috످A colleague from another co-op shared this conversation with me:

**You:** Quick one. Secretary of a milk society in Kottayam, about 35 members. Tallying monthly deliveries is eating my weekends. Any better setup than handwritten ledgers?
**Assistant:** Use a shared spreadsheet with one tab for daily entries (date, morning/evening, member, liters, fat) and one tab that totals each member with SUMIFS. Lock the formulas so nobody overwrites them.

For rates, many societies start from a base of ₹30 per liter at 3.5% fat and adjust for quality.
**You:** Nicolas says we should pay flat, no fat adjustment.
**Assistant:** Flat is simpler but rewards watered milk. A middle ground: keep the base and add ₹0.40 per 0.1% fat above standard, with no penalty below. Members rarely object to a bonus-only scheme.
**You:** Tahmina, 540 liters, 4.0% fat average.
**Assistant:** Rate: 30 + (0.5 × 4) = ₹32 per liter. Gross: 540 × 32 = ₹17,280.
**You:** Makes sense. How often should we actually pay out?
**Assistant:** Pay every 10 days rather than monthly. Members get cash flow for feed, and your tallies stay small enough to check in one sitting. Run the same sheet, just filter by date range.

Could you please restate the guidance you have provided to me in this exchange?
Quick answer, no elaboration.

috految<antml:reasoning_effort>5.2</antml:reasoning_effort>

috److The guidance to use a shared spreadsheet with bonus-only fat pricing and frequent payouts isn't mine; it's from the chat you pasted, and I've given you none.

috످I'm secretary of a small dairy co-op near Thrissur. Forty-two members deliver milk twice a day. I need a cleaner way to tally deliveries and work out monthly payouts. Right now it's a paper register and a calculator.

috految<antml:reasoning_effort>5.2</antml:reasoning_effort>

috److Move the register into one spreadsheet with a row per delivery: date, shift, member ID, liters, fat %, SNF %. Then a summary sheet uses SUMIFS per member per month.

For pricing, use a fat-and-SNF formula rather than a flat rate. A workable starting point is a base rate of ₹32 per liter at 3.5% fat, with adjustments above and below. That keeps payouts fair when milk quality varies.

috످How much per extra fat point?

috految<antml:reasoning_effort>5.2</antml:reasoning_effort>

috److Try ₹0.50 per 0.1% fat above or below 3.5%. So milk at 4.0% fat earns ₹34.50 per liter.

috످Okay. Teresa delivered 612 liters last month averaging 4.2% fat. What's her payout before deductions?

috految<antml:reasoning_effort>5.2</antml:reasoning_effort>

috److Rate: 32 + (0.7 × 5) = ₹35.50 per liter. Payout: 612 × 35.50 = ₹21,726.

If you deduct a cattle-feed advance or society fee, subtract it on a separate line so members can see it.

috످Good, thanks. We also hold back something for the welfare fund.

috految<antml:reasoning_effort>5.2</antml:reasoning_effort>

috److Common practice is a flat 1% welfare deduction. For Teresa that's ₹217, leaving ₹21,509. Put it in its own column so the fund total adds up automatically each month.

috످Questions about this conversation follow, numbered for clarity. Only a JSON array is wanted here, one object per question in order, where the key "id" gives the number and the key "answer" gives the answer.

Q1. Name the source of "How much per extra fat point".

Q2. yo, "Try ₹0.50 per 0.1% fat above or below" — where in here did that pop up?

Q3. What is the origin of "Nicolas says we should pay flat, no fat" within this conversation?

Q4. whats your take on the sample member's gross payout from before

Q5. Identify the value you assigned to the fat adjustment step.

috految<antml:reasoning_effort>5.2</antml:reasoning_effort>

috److[{"id":1,"answer":"You asked that, right after I suggested the ₹32 base rate."},{"id":2,"answer":"I said that when you asked how much to pay per extra fat point."},{"id":3,"answer":"It comes from the chat your colleague shared, which you pasted in your first message. The Kottayam secretary said it there."},{"id":4,"answer":"Teresa's gross payout of ₹21,726 (612 liters × ₹35.50) adds up, but it uses my suggested rates and leaves out SNF, so check it against your co-op's rate chart before paying."},{"id":5,"answer":"I suggested ₹0.50 per liter for each 0.1% fat above or below 3.5%."}]

috످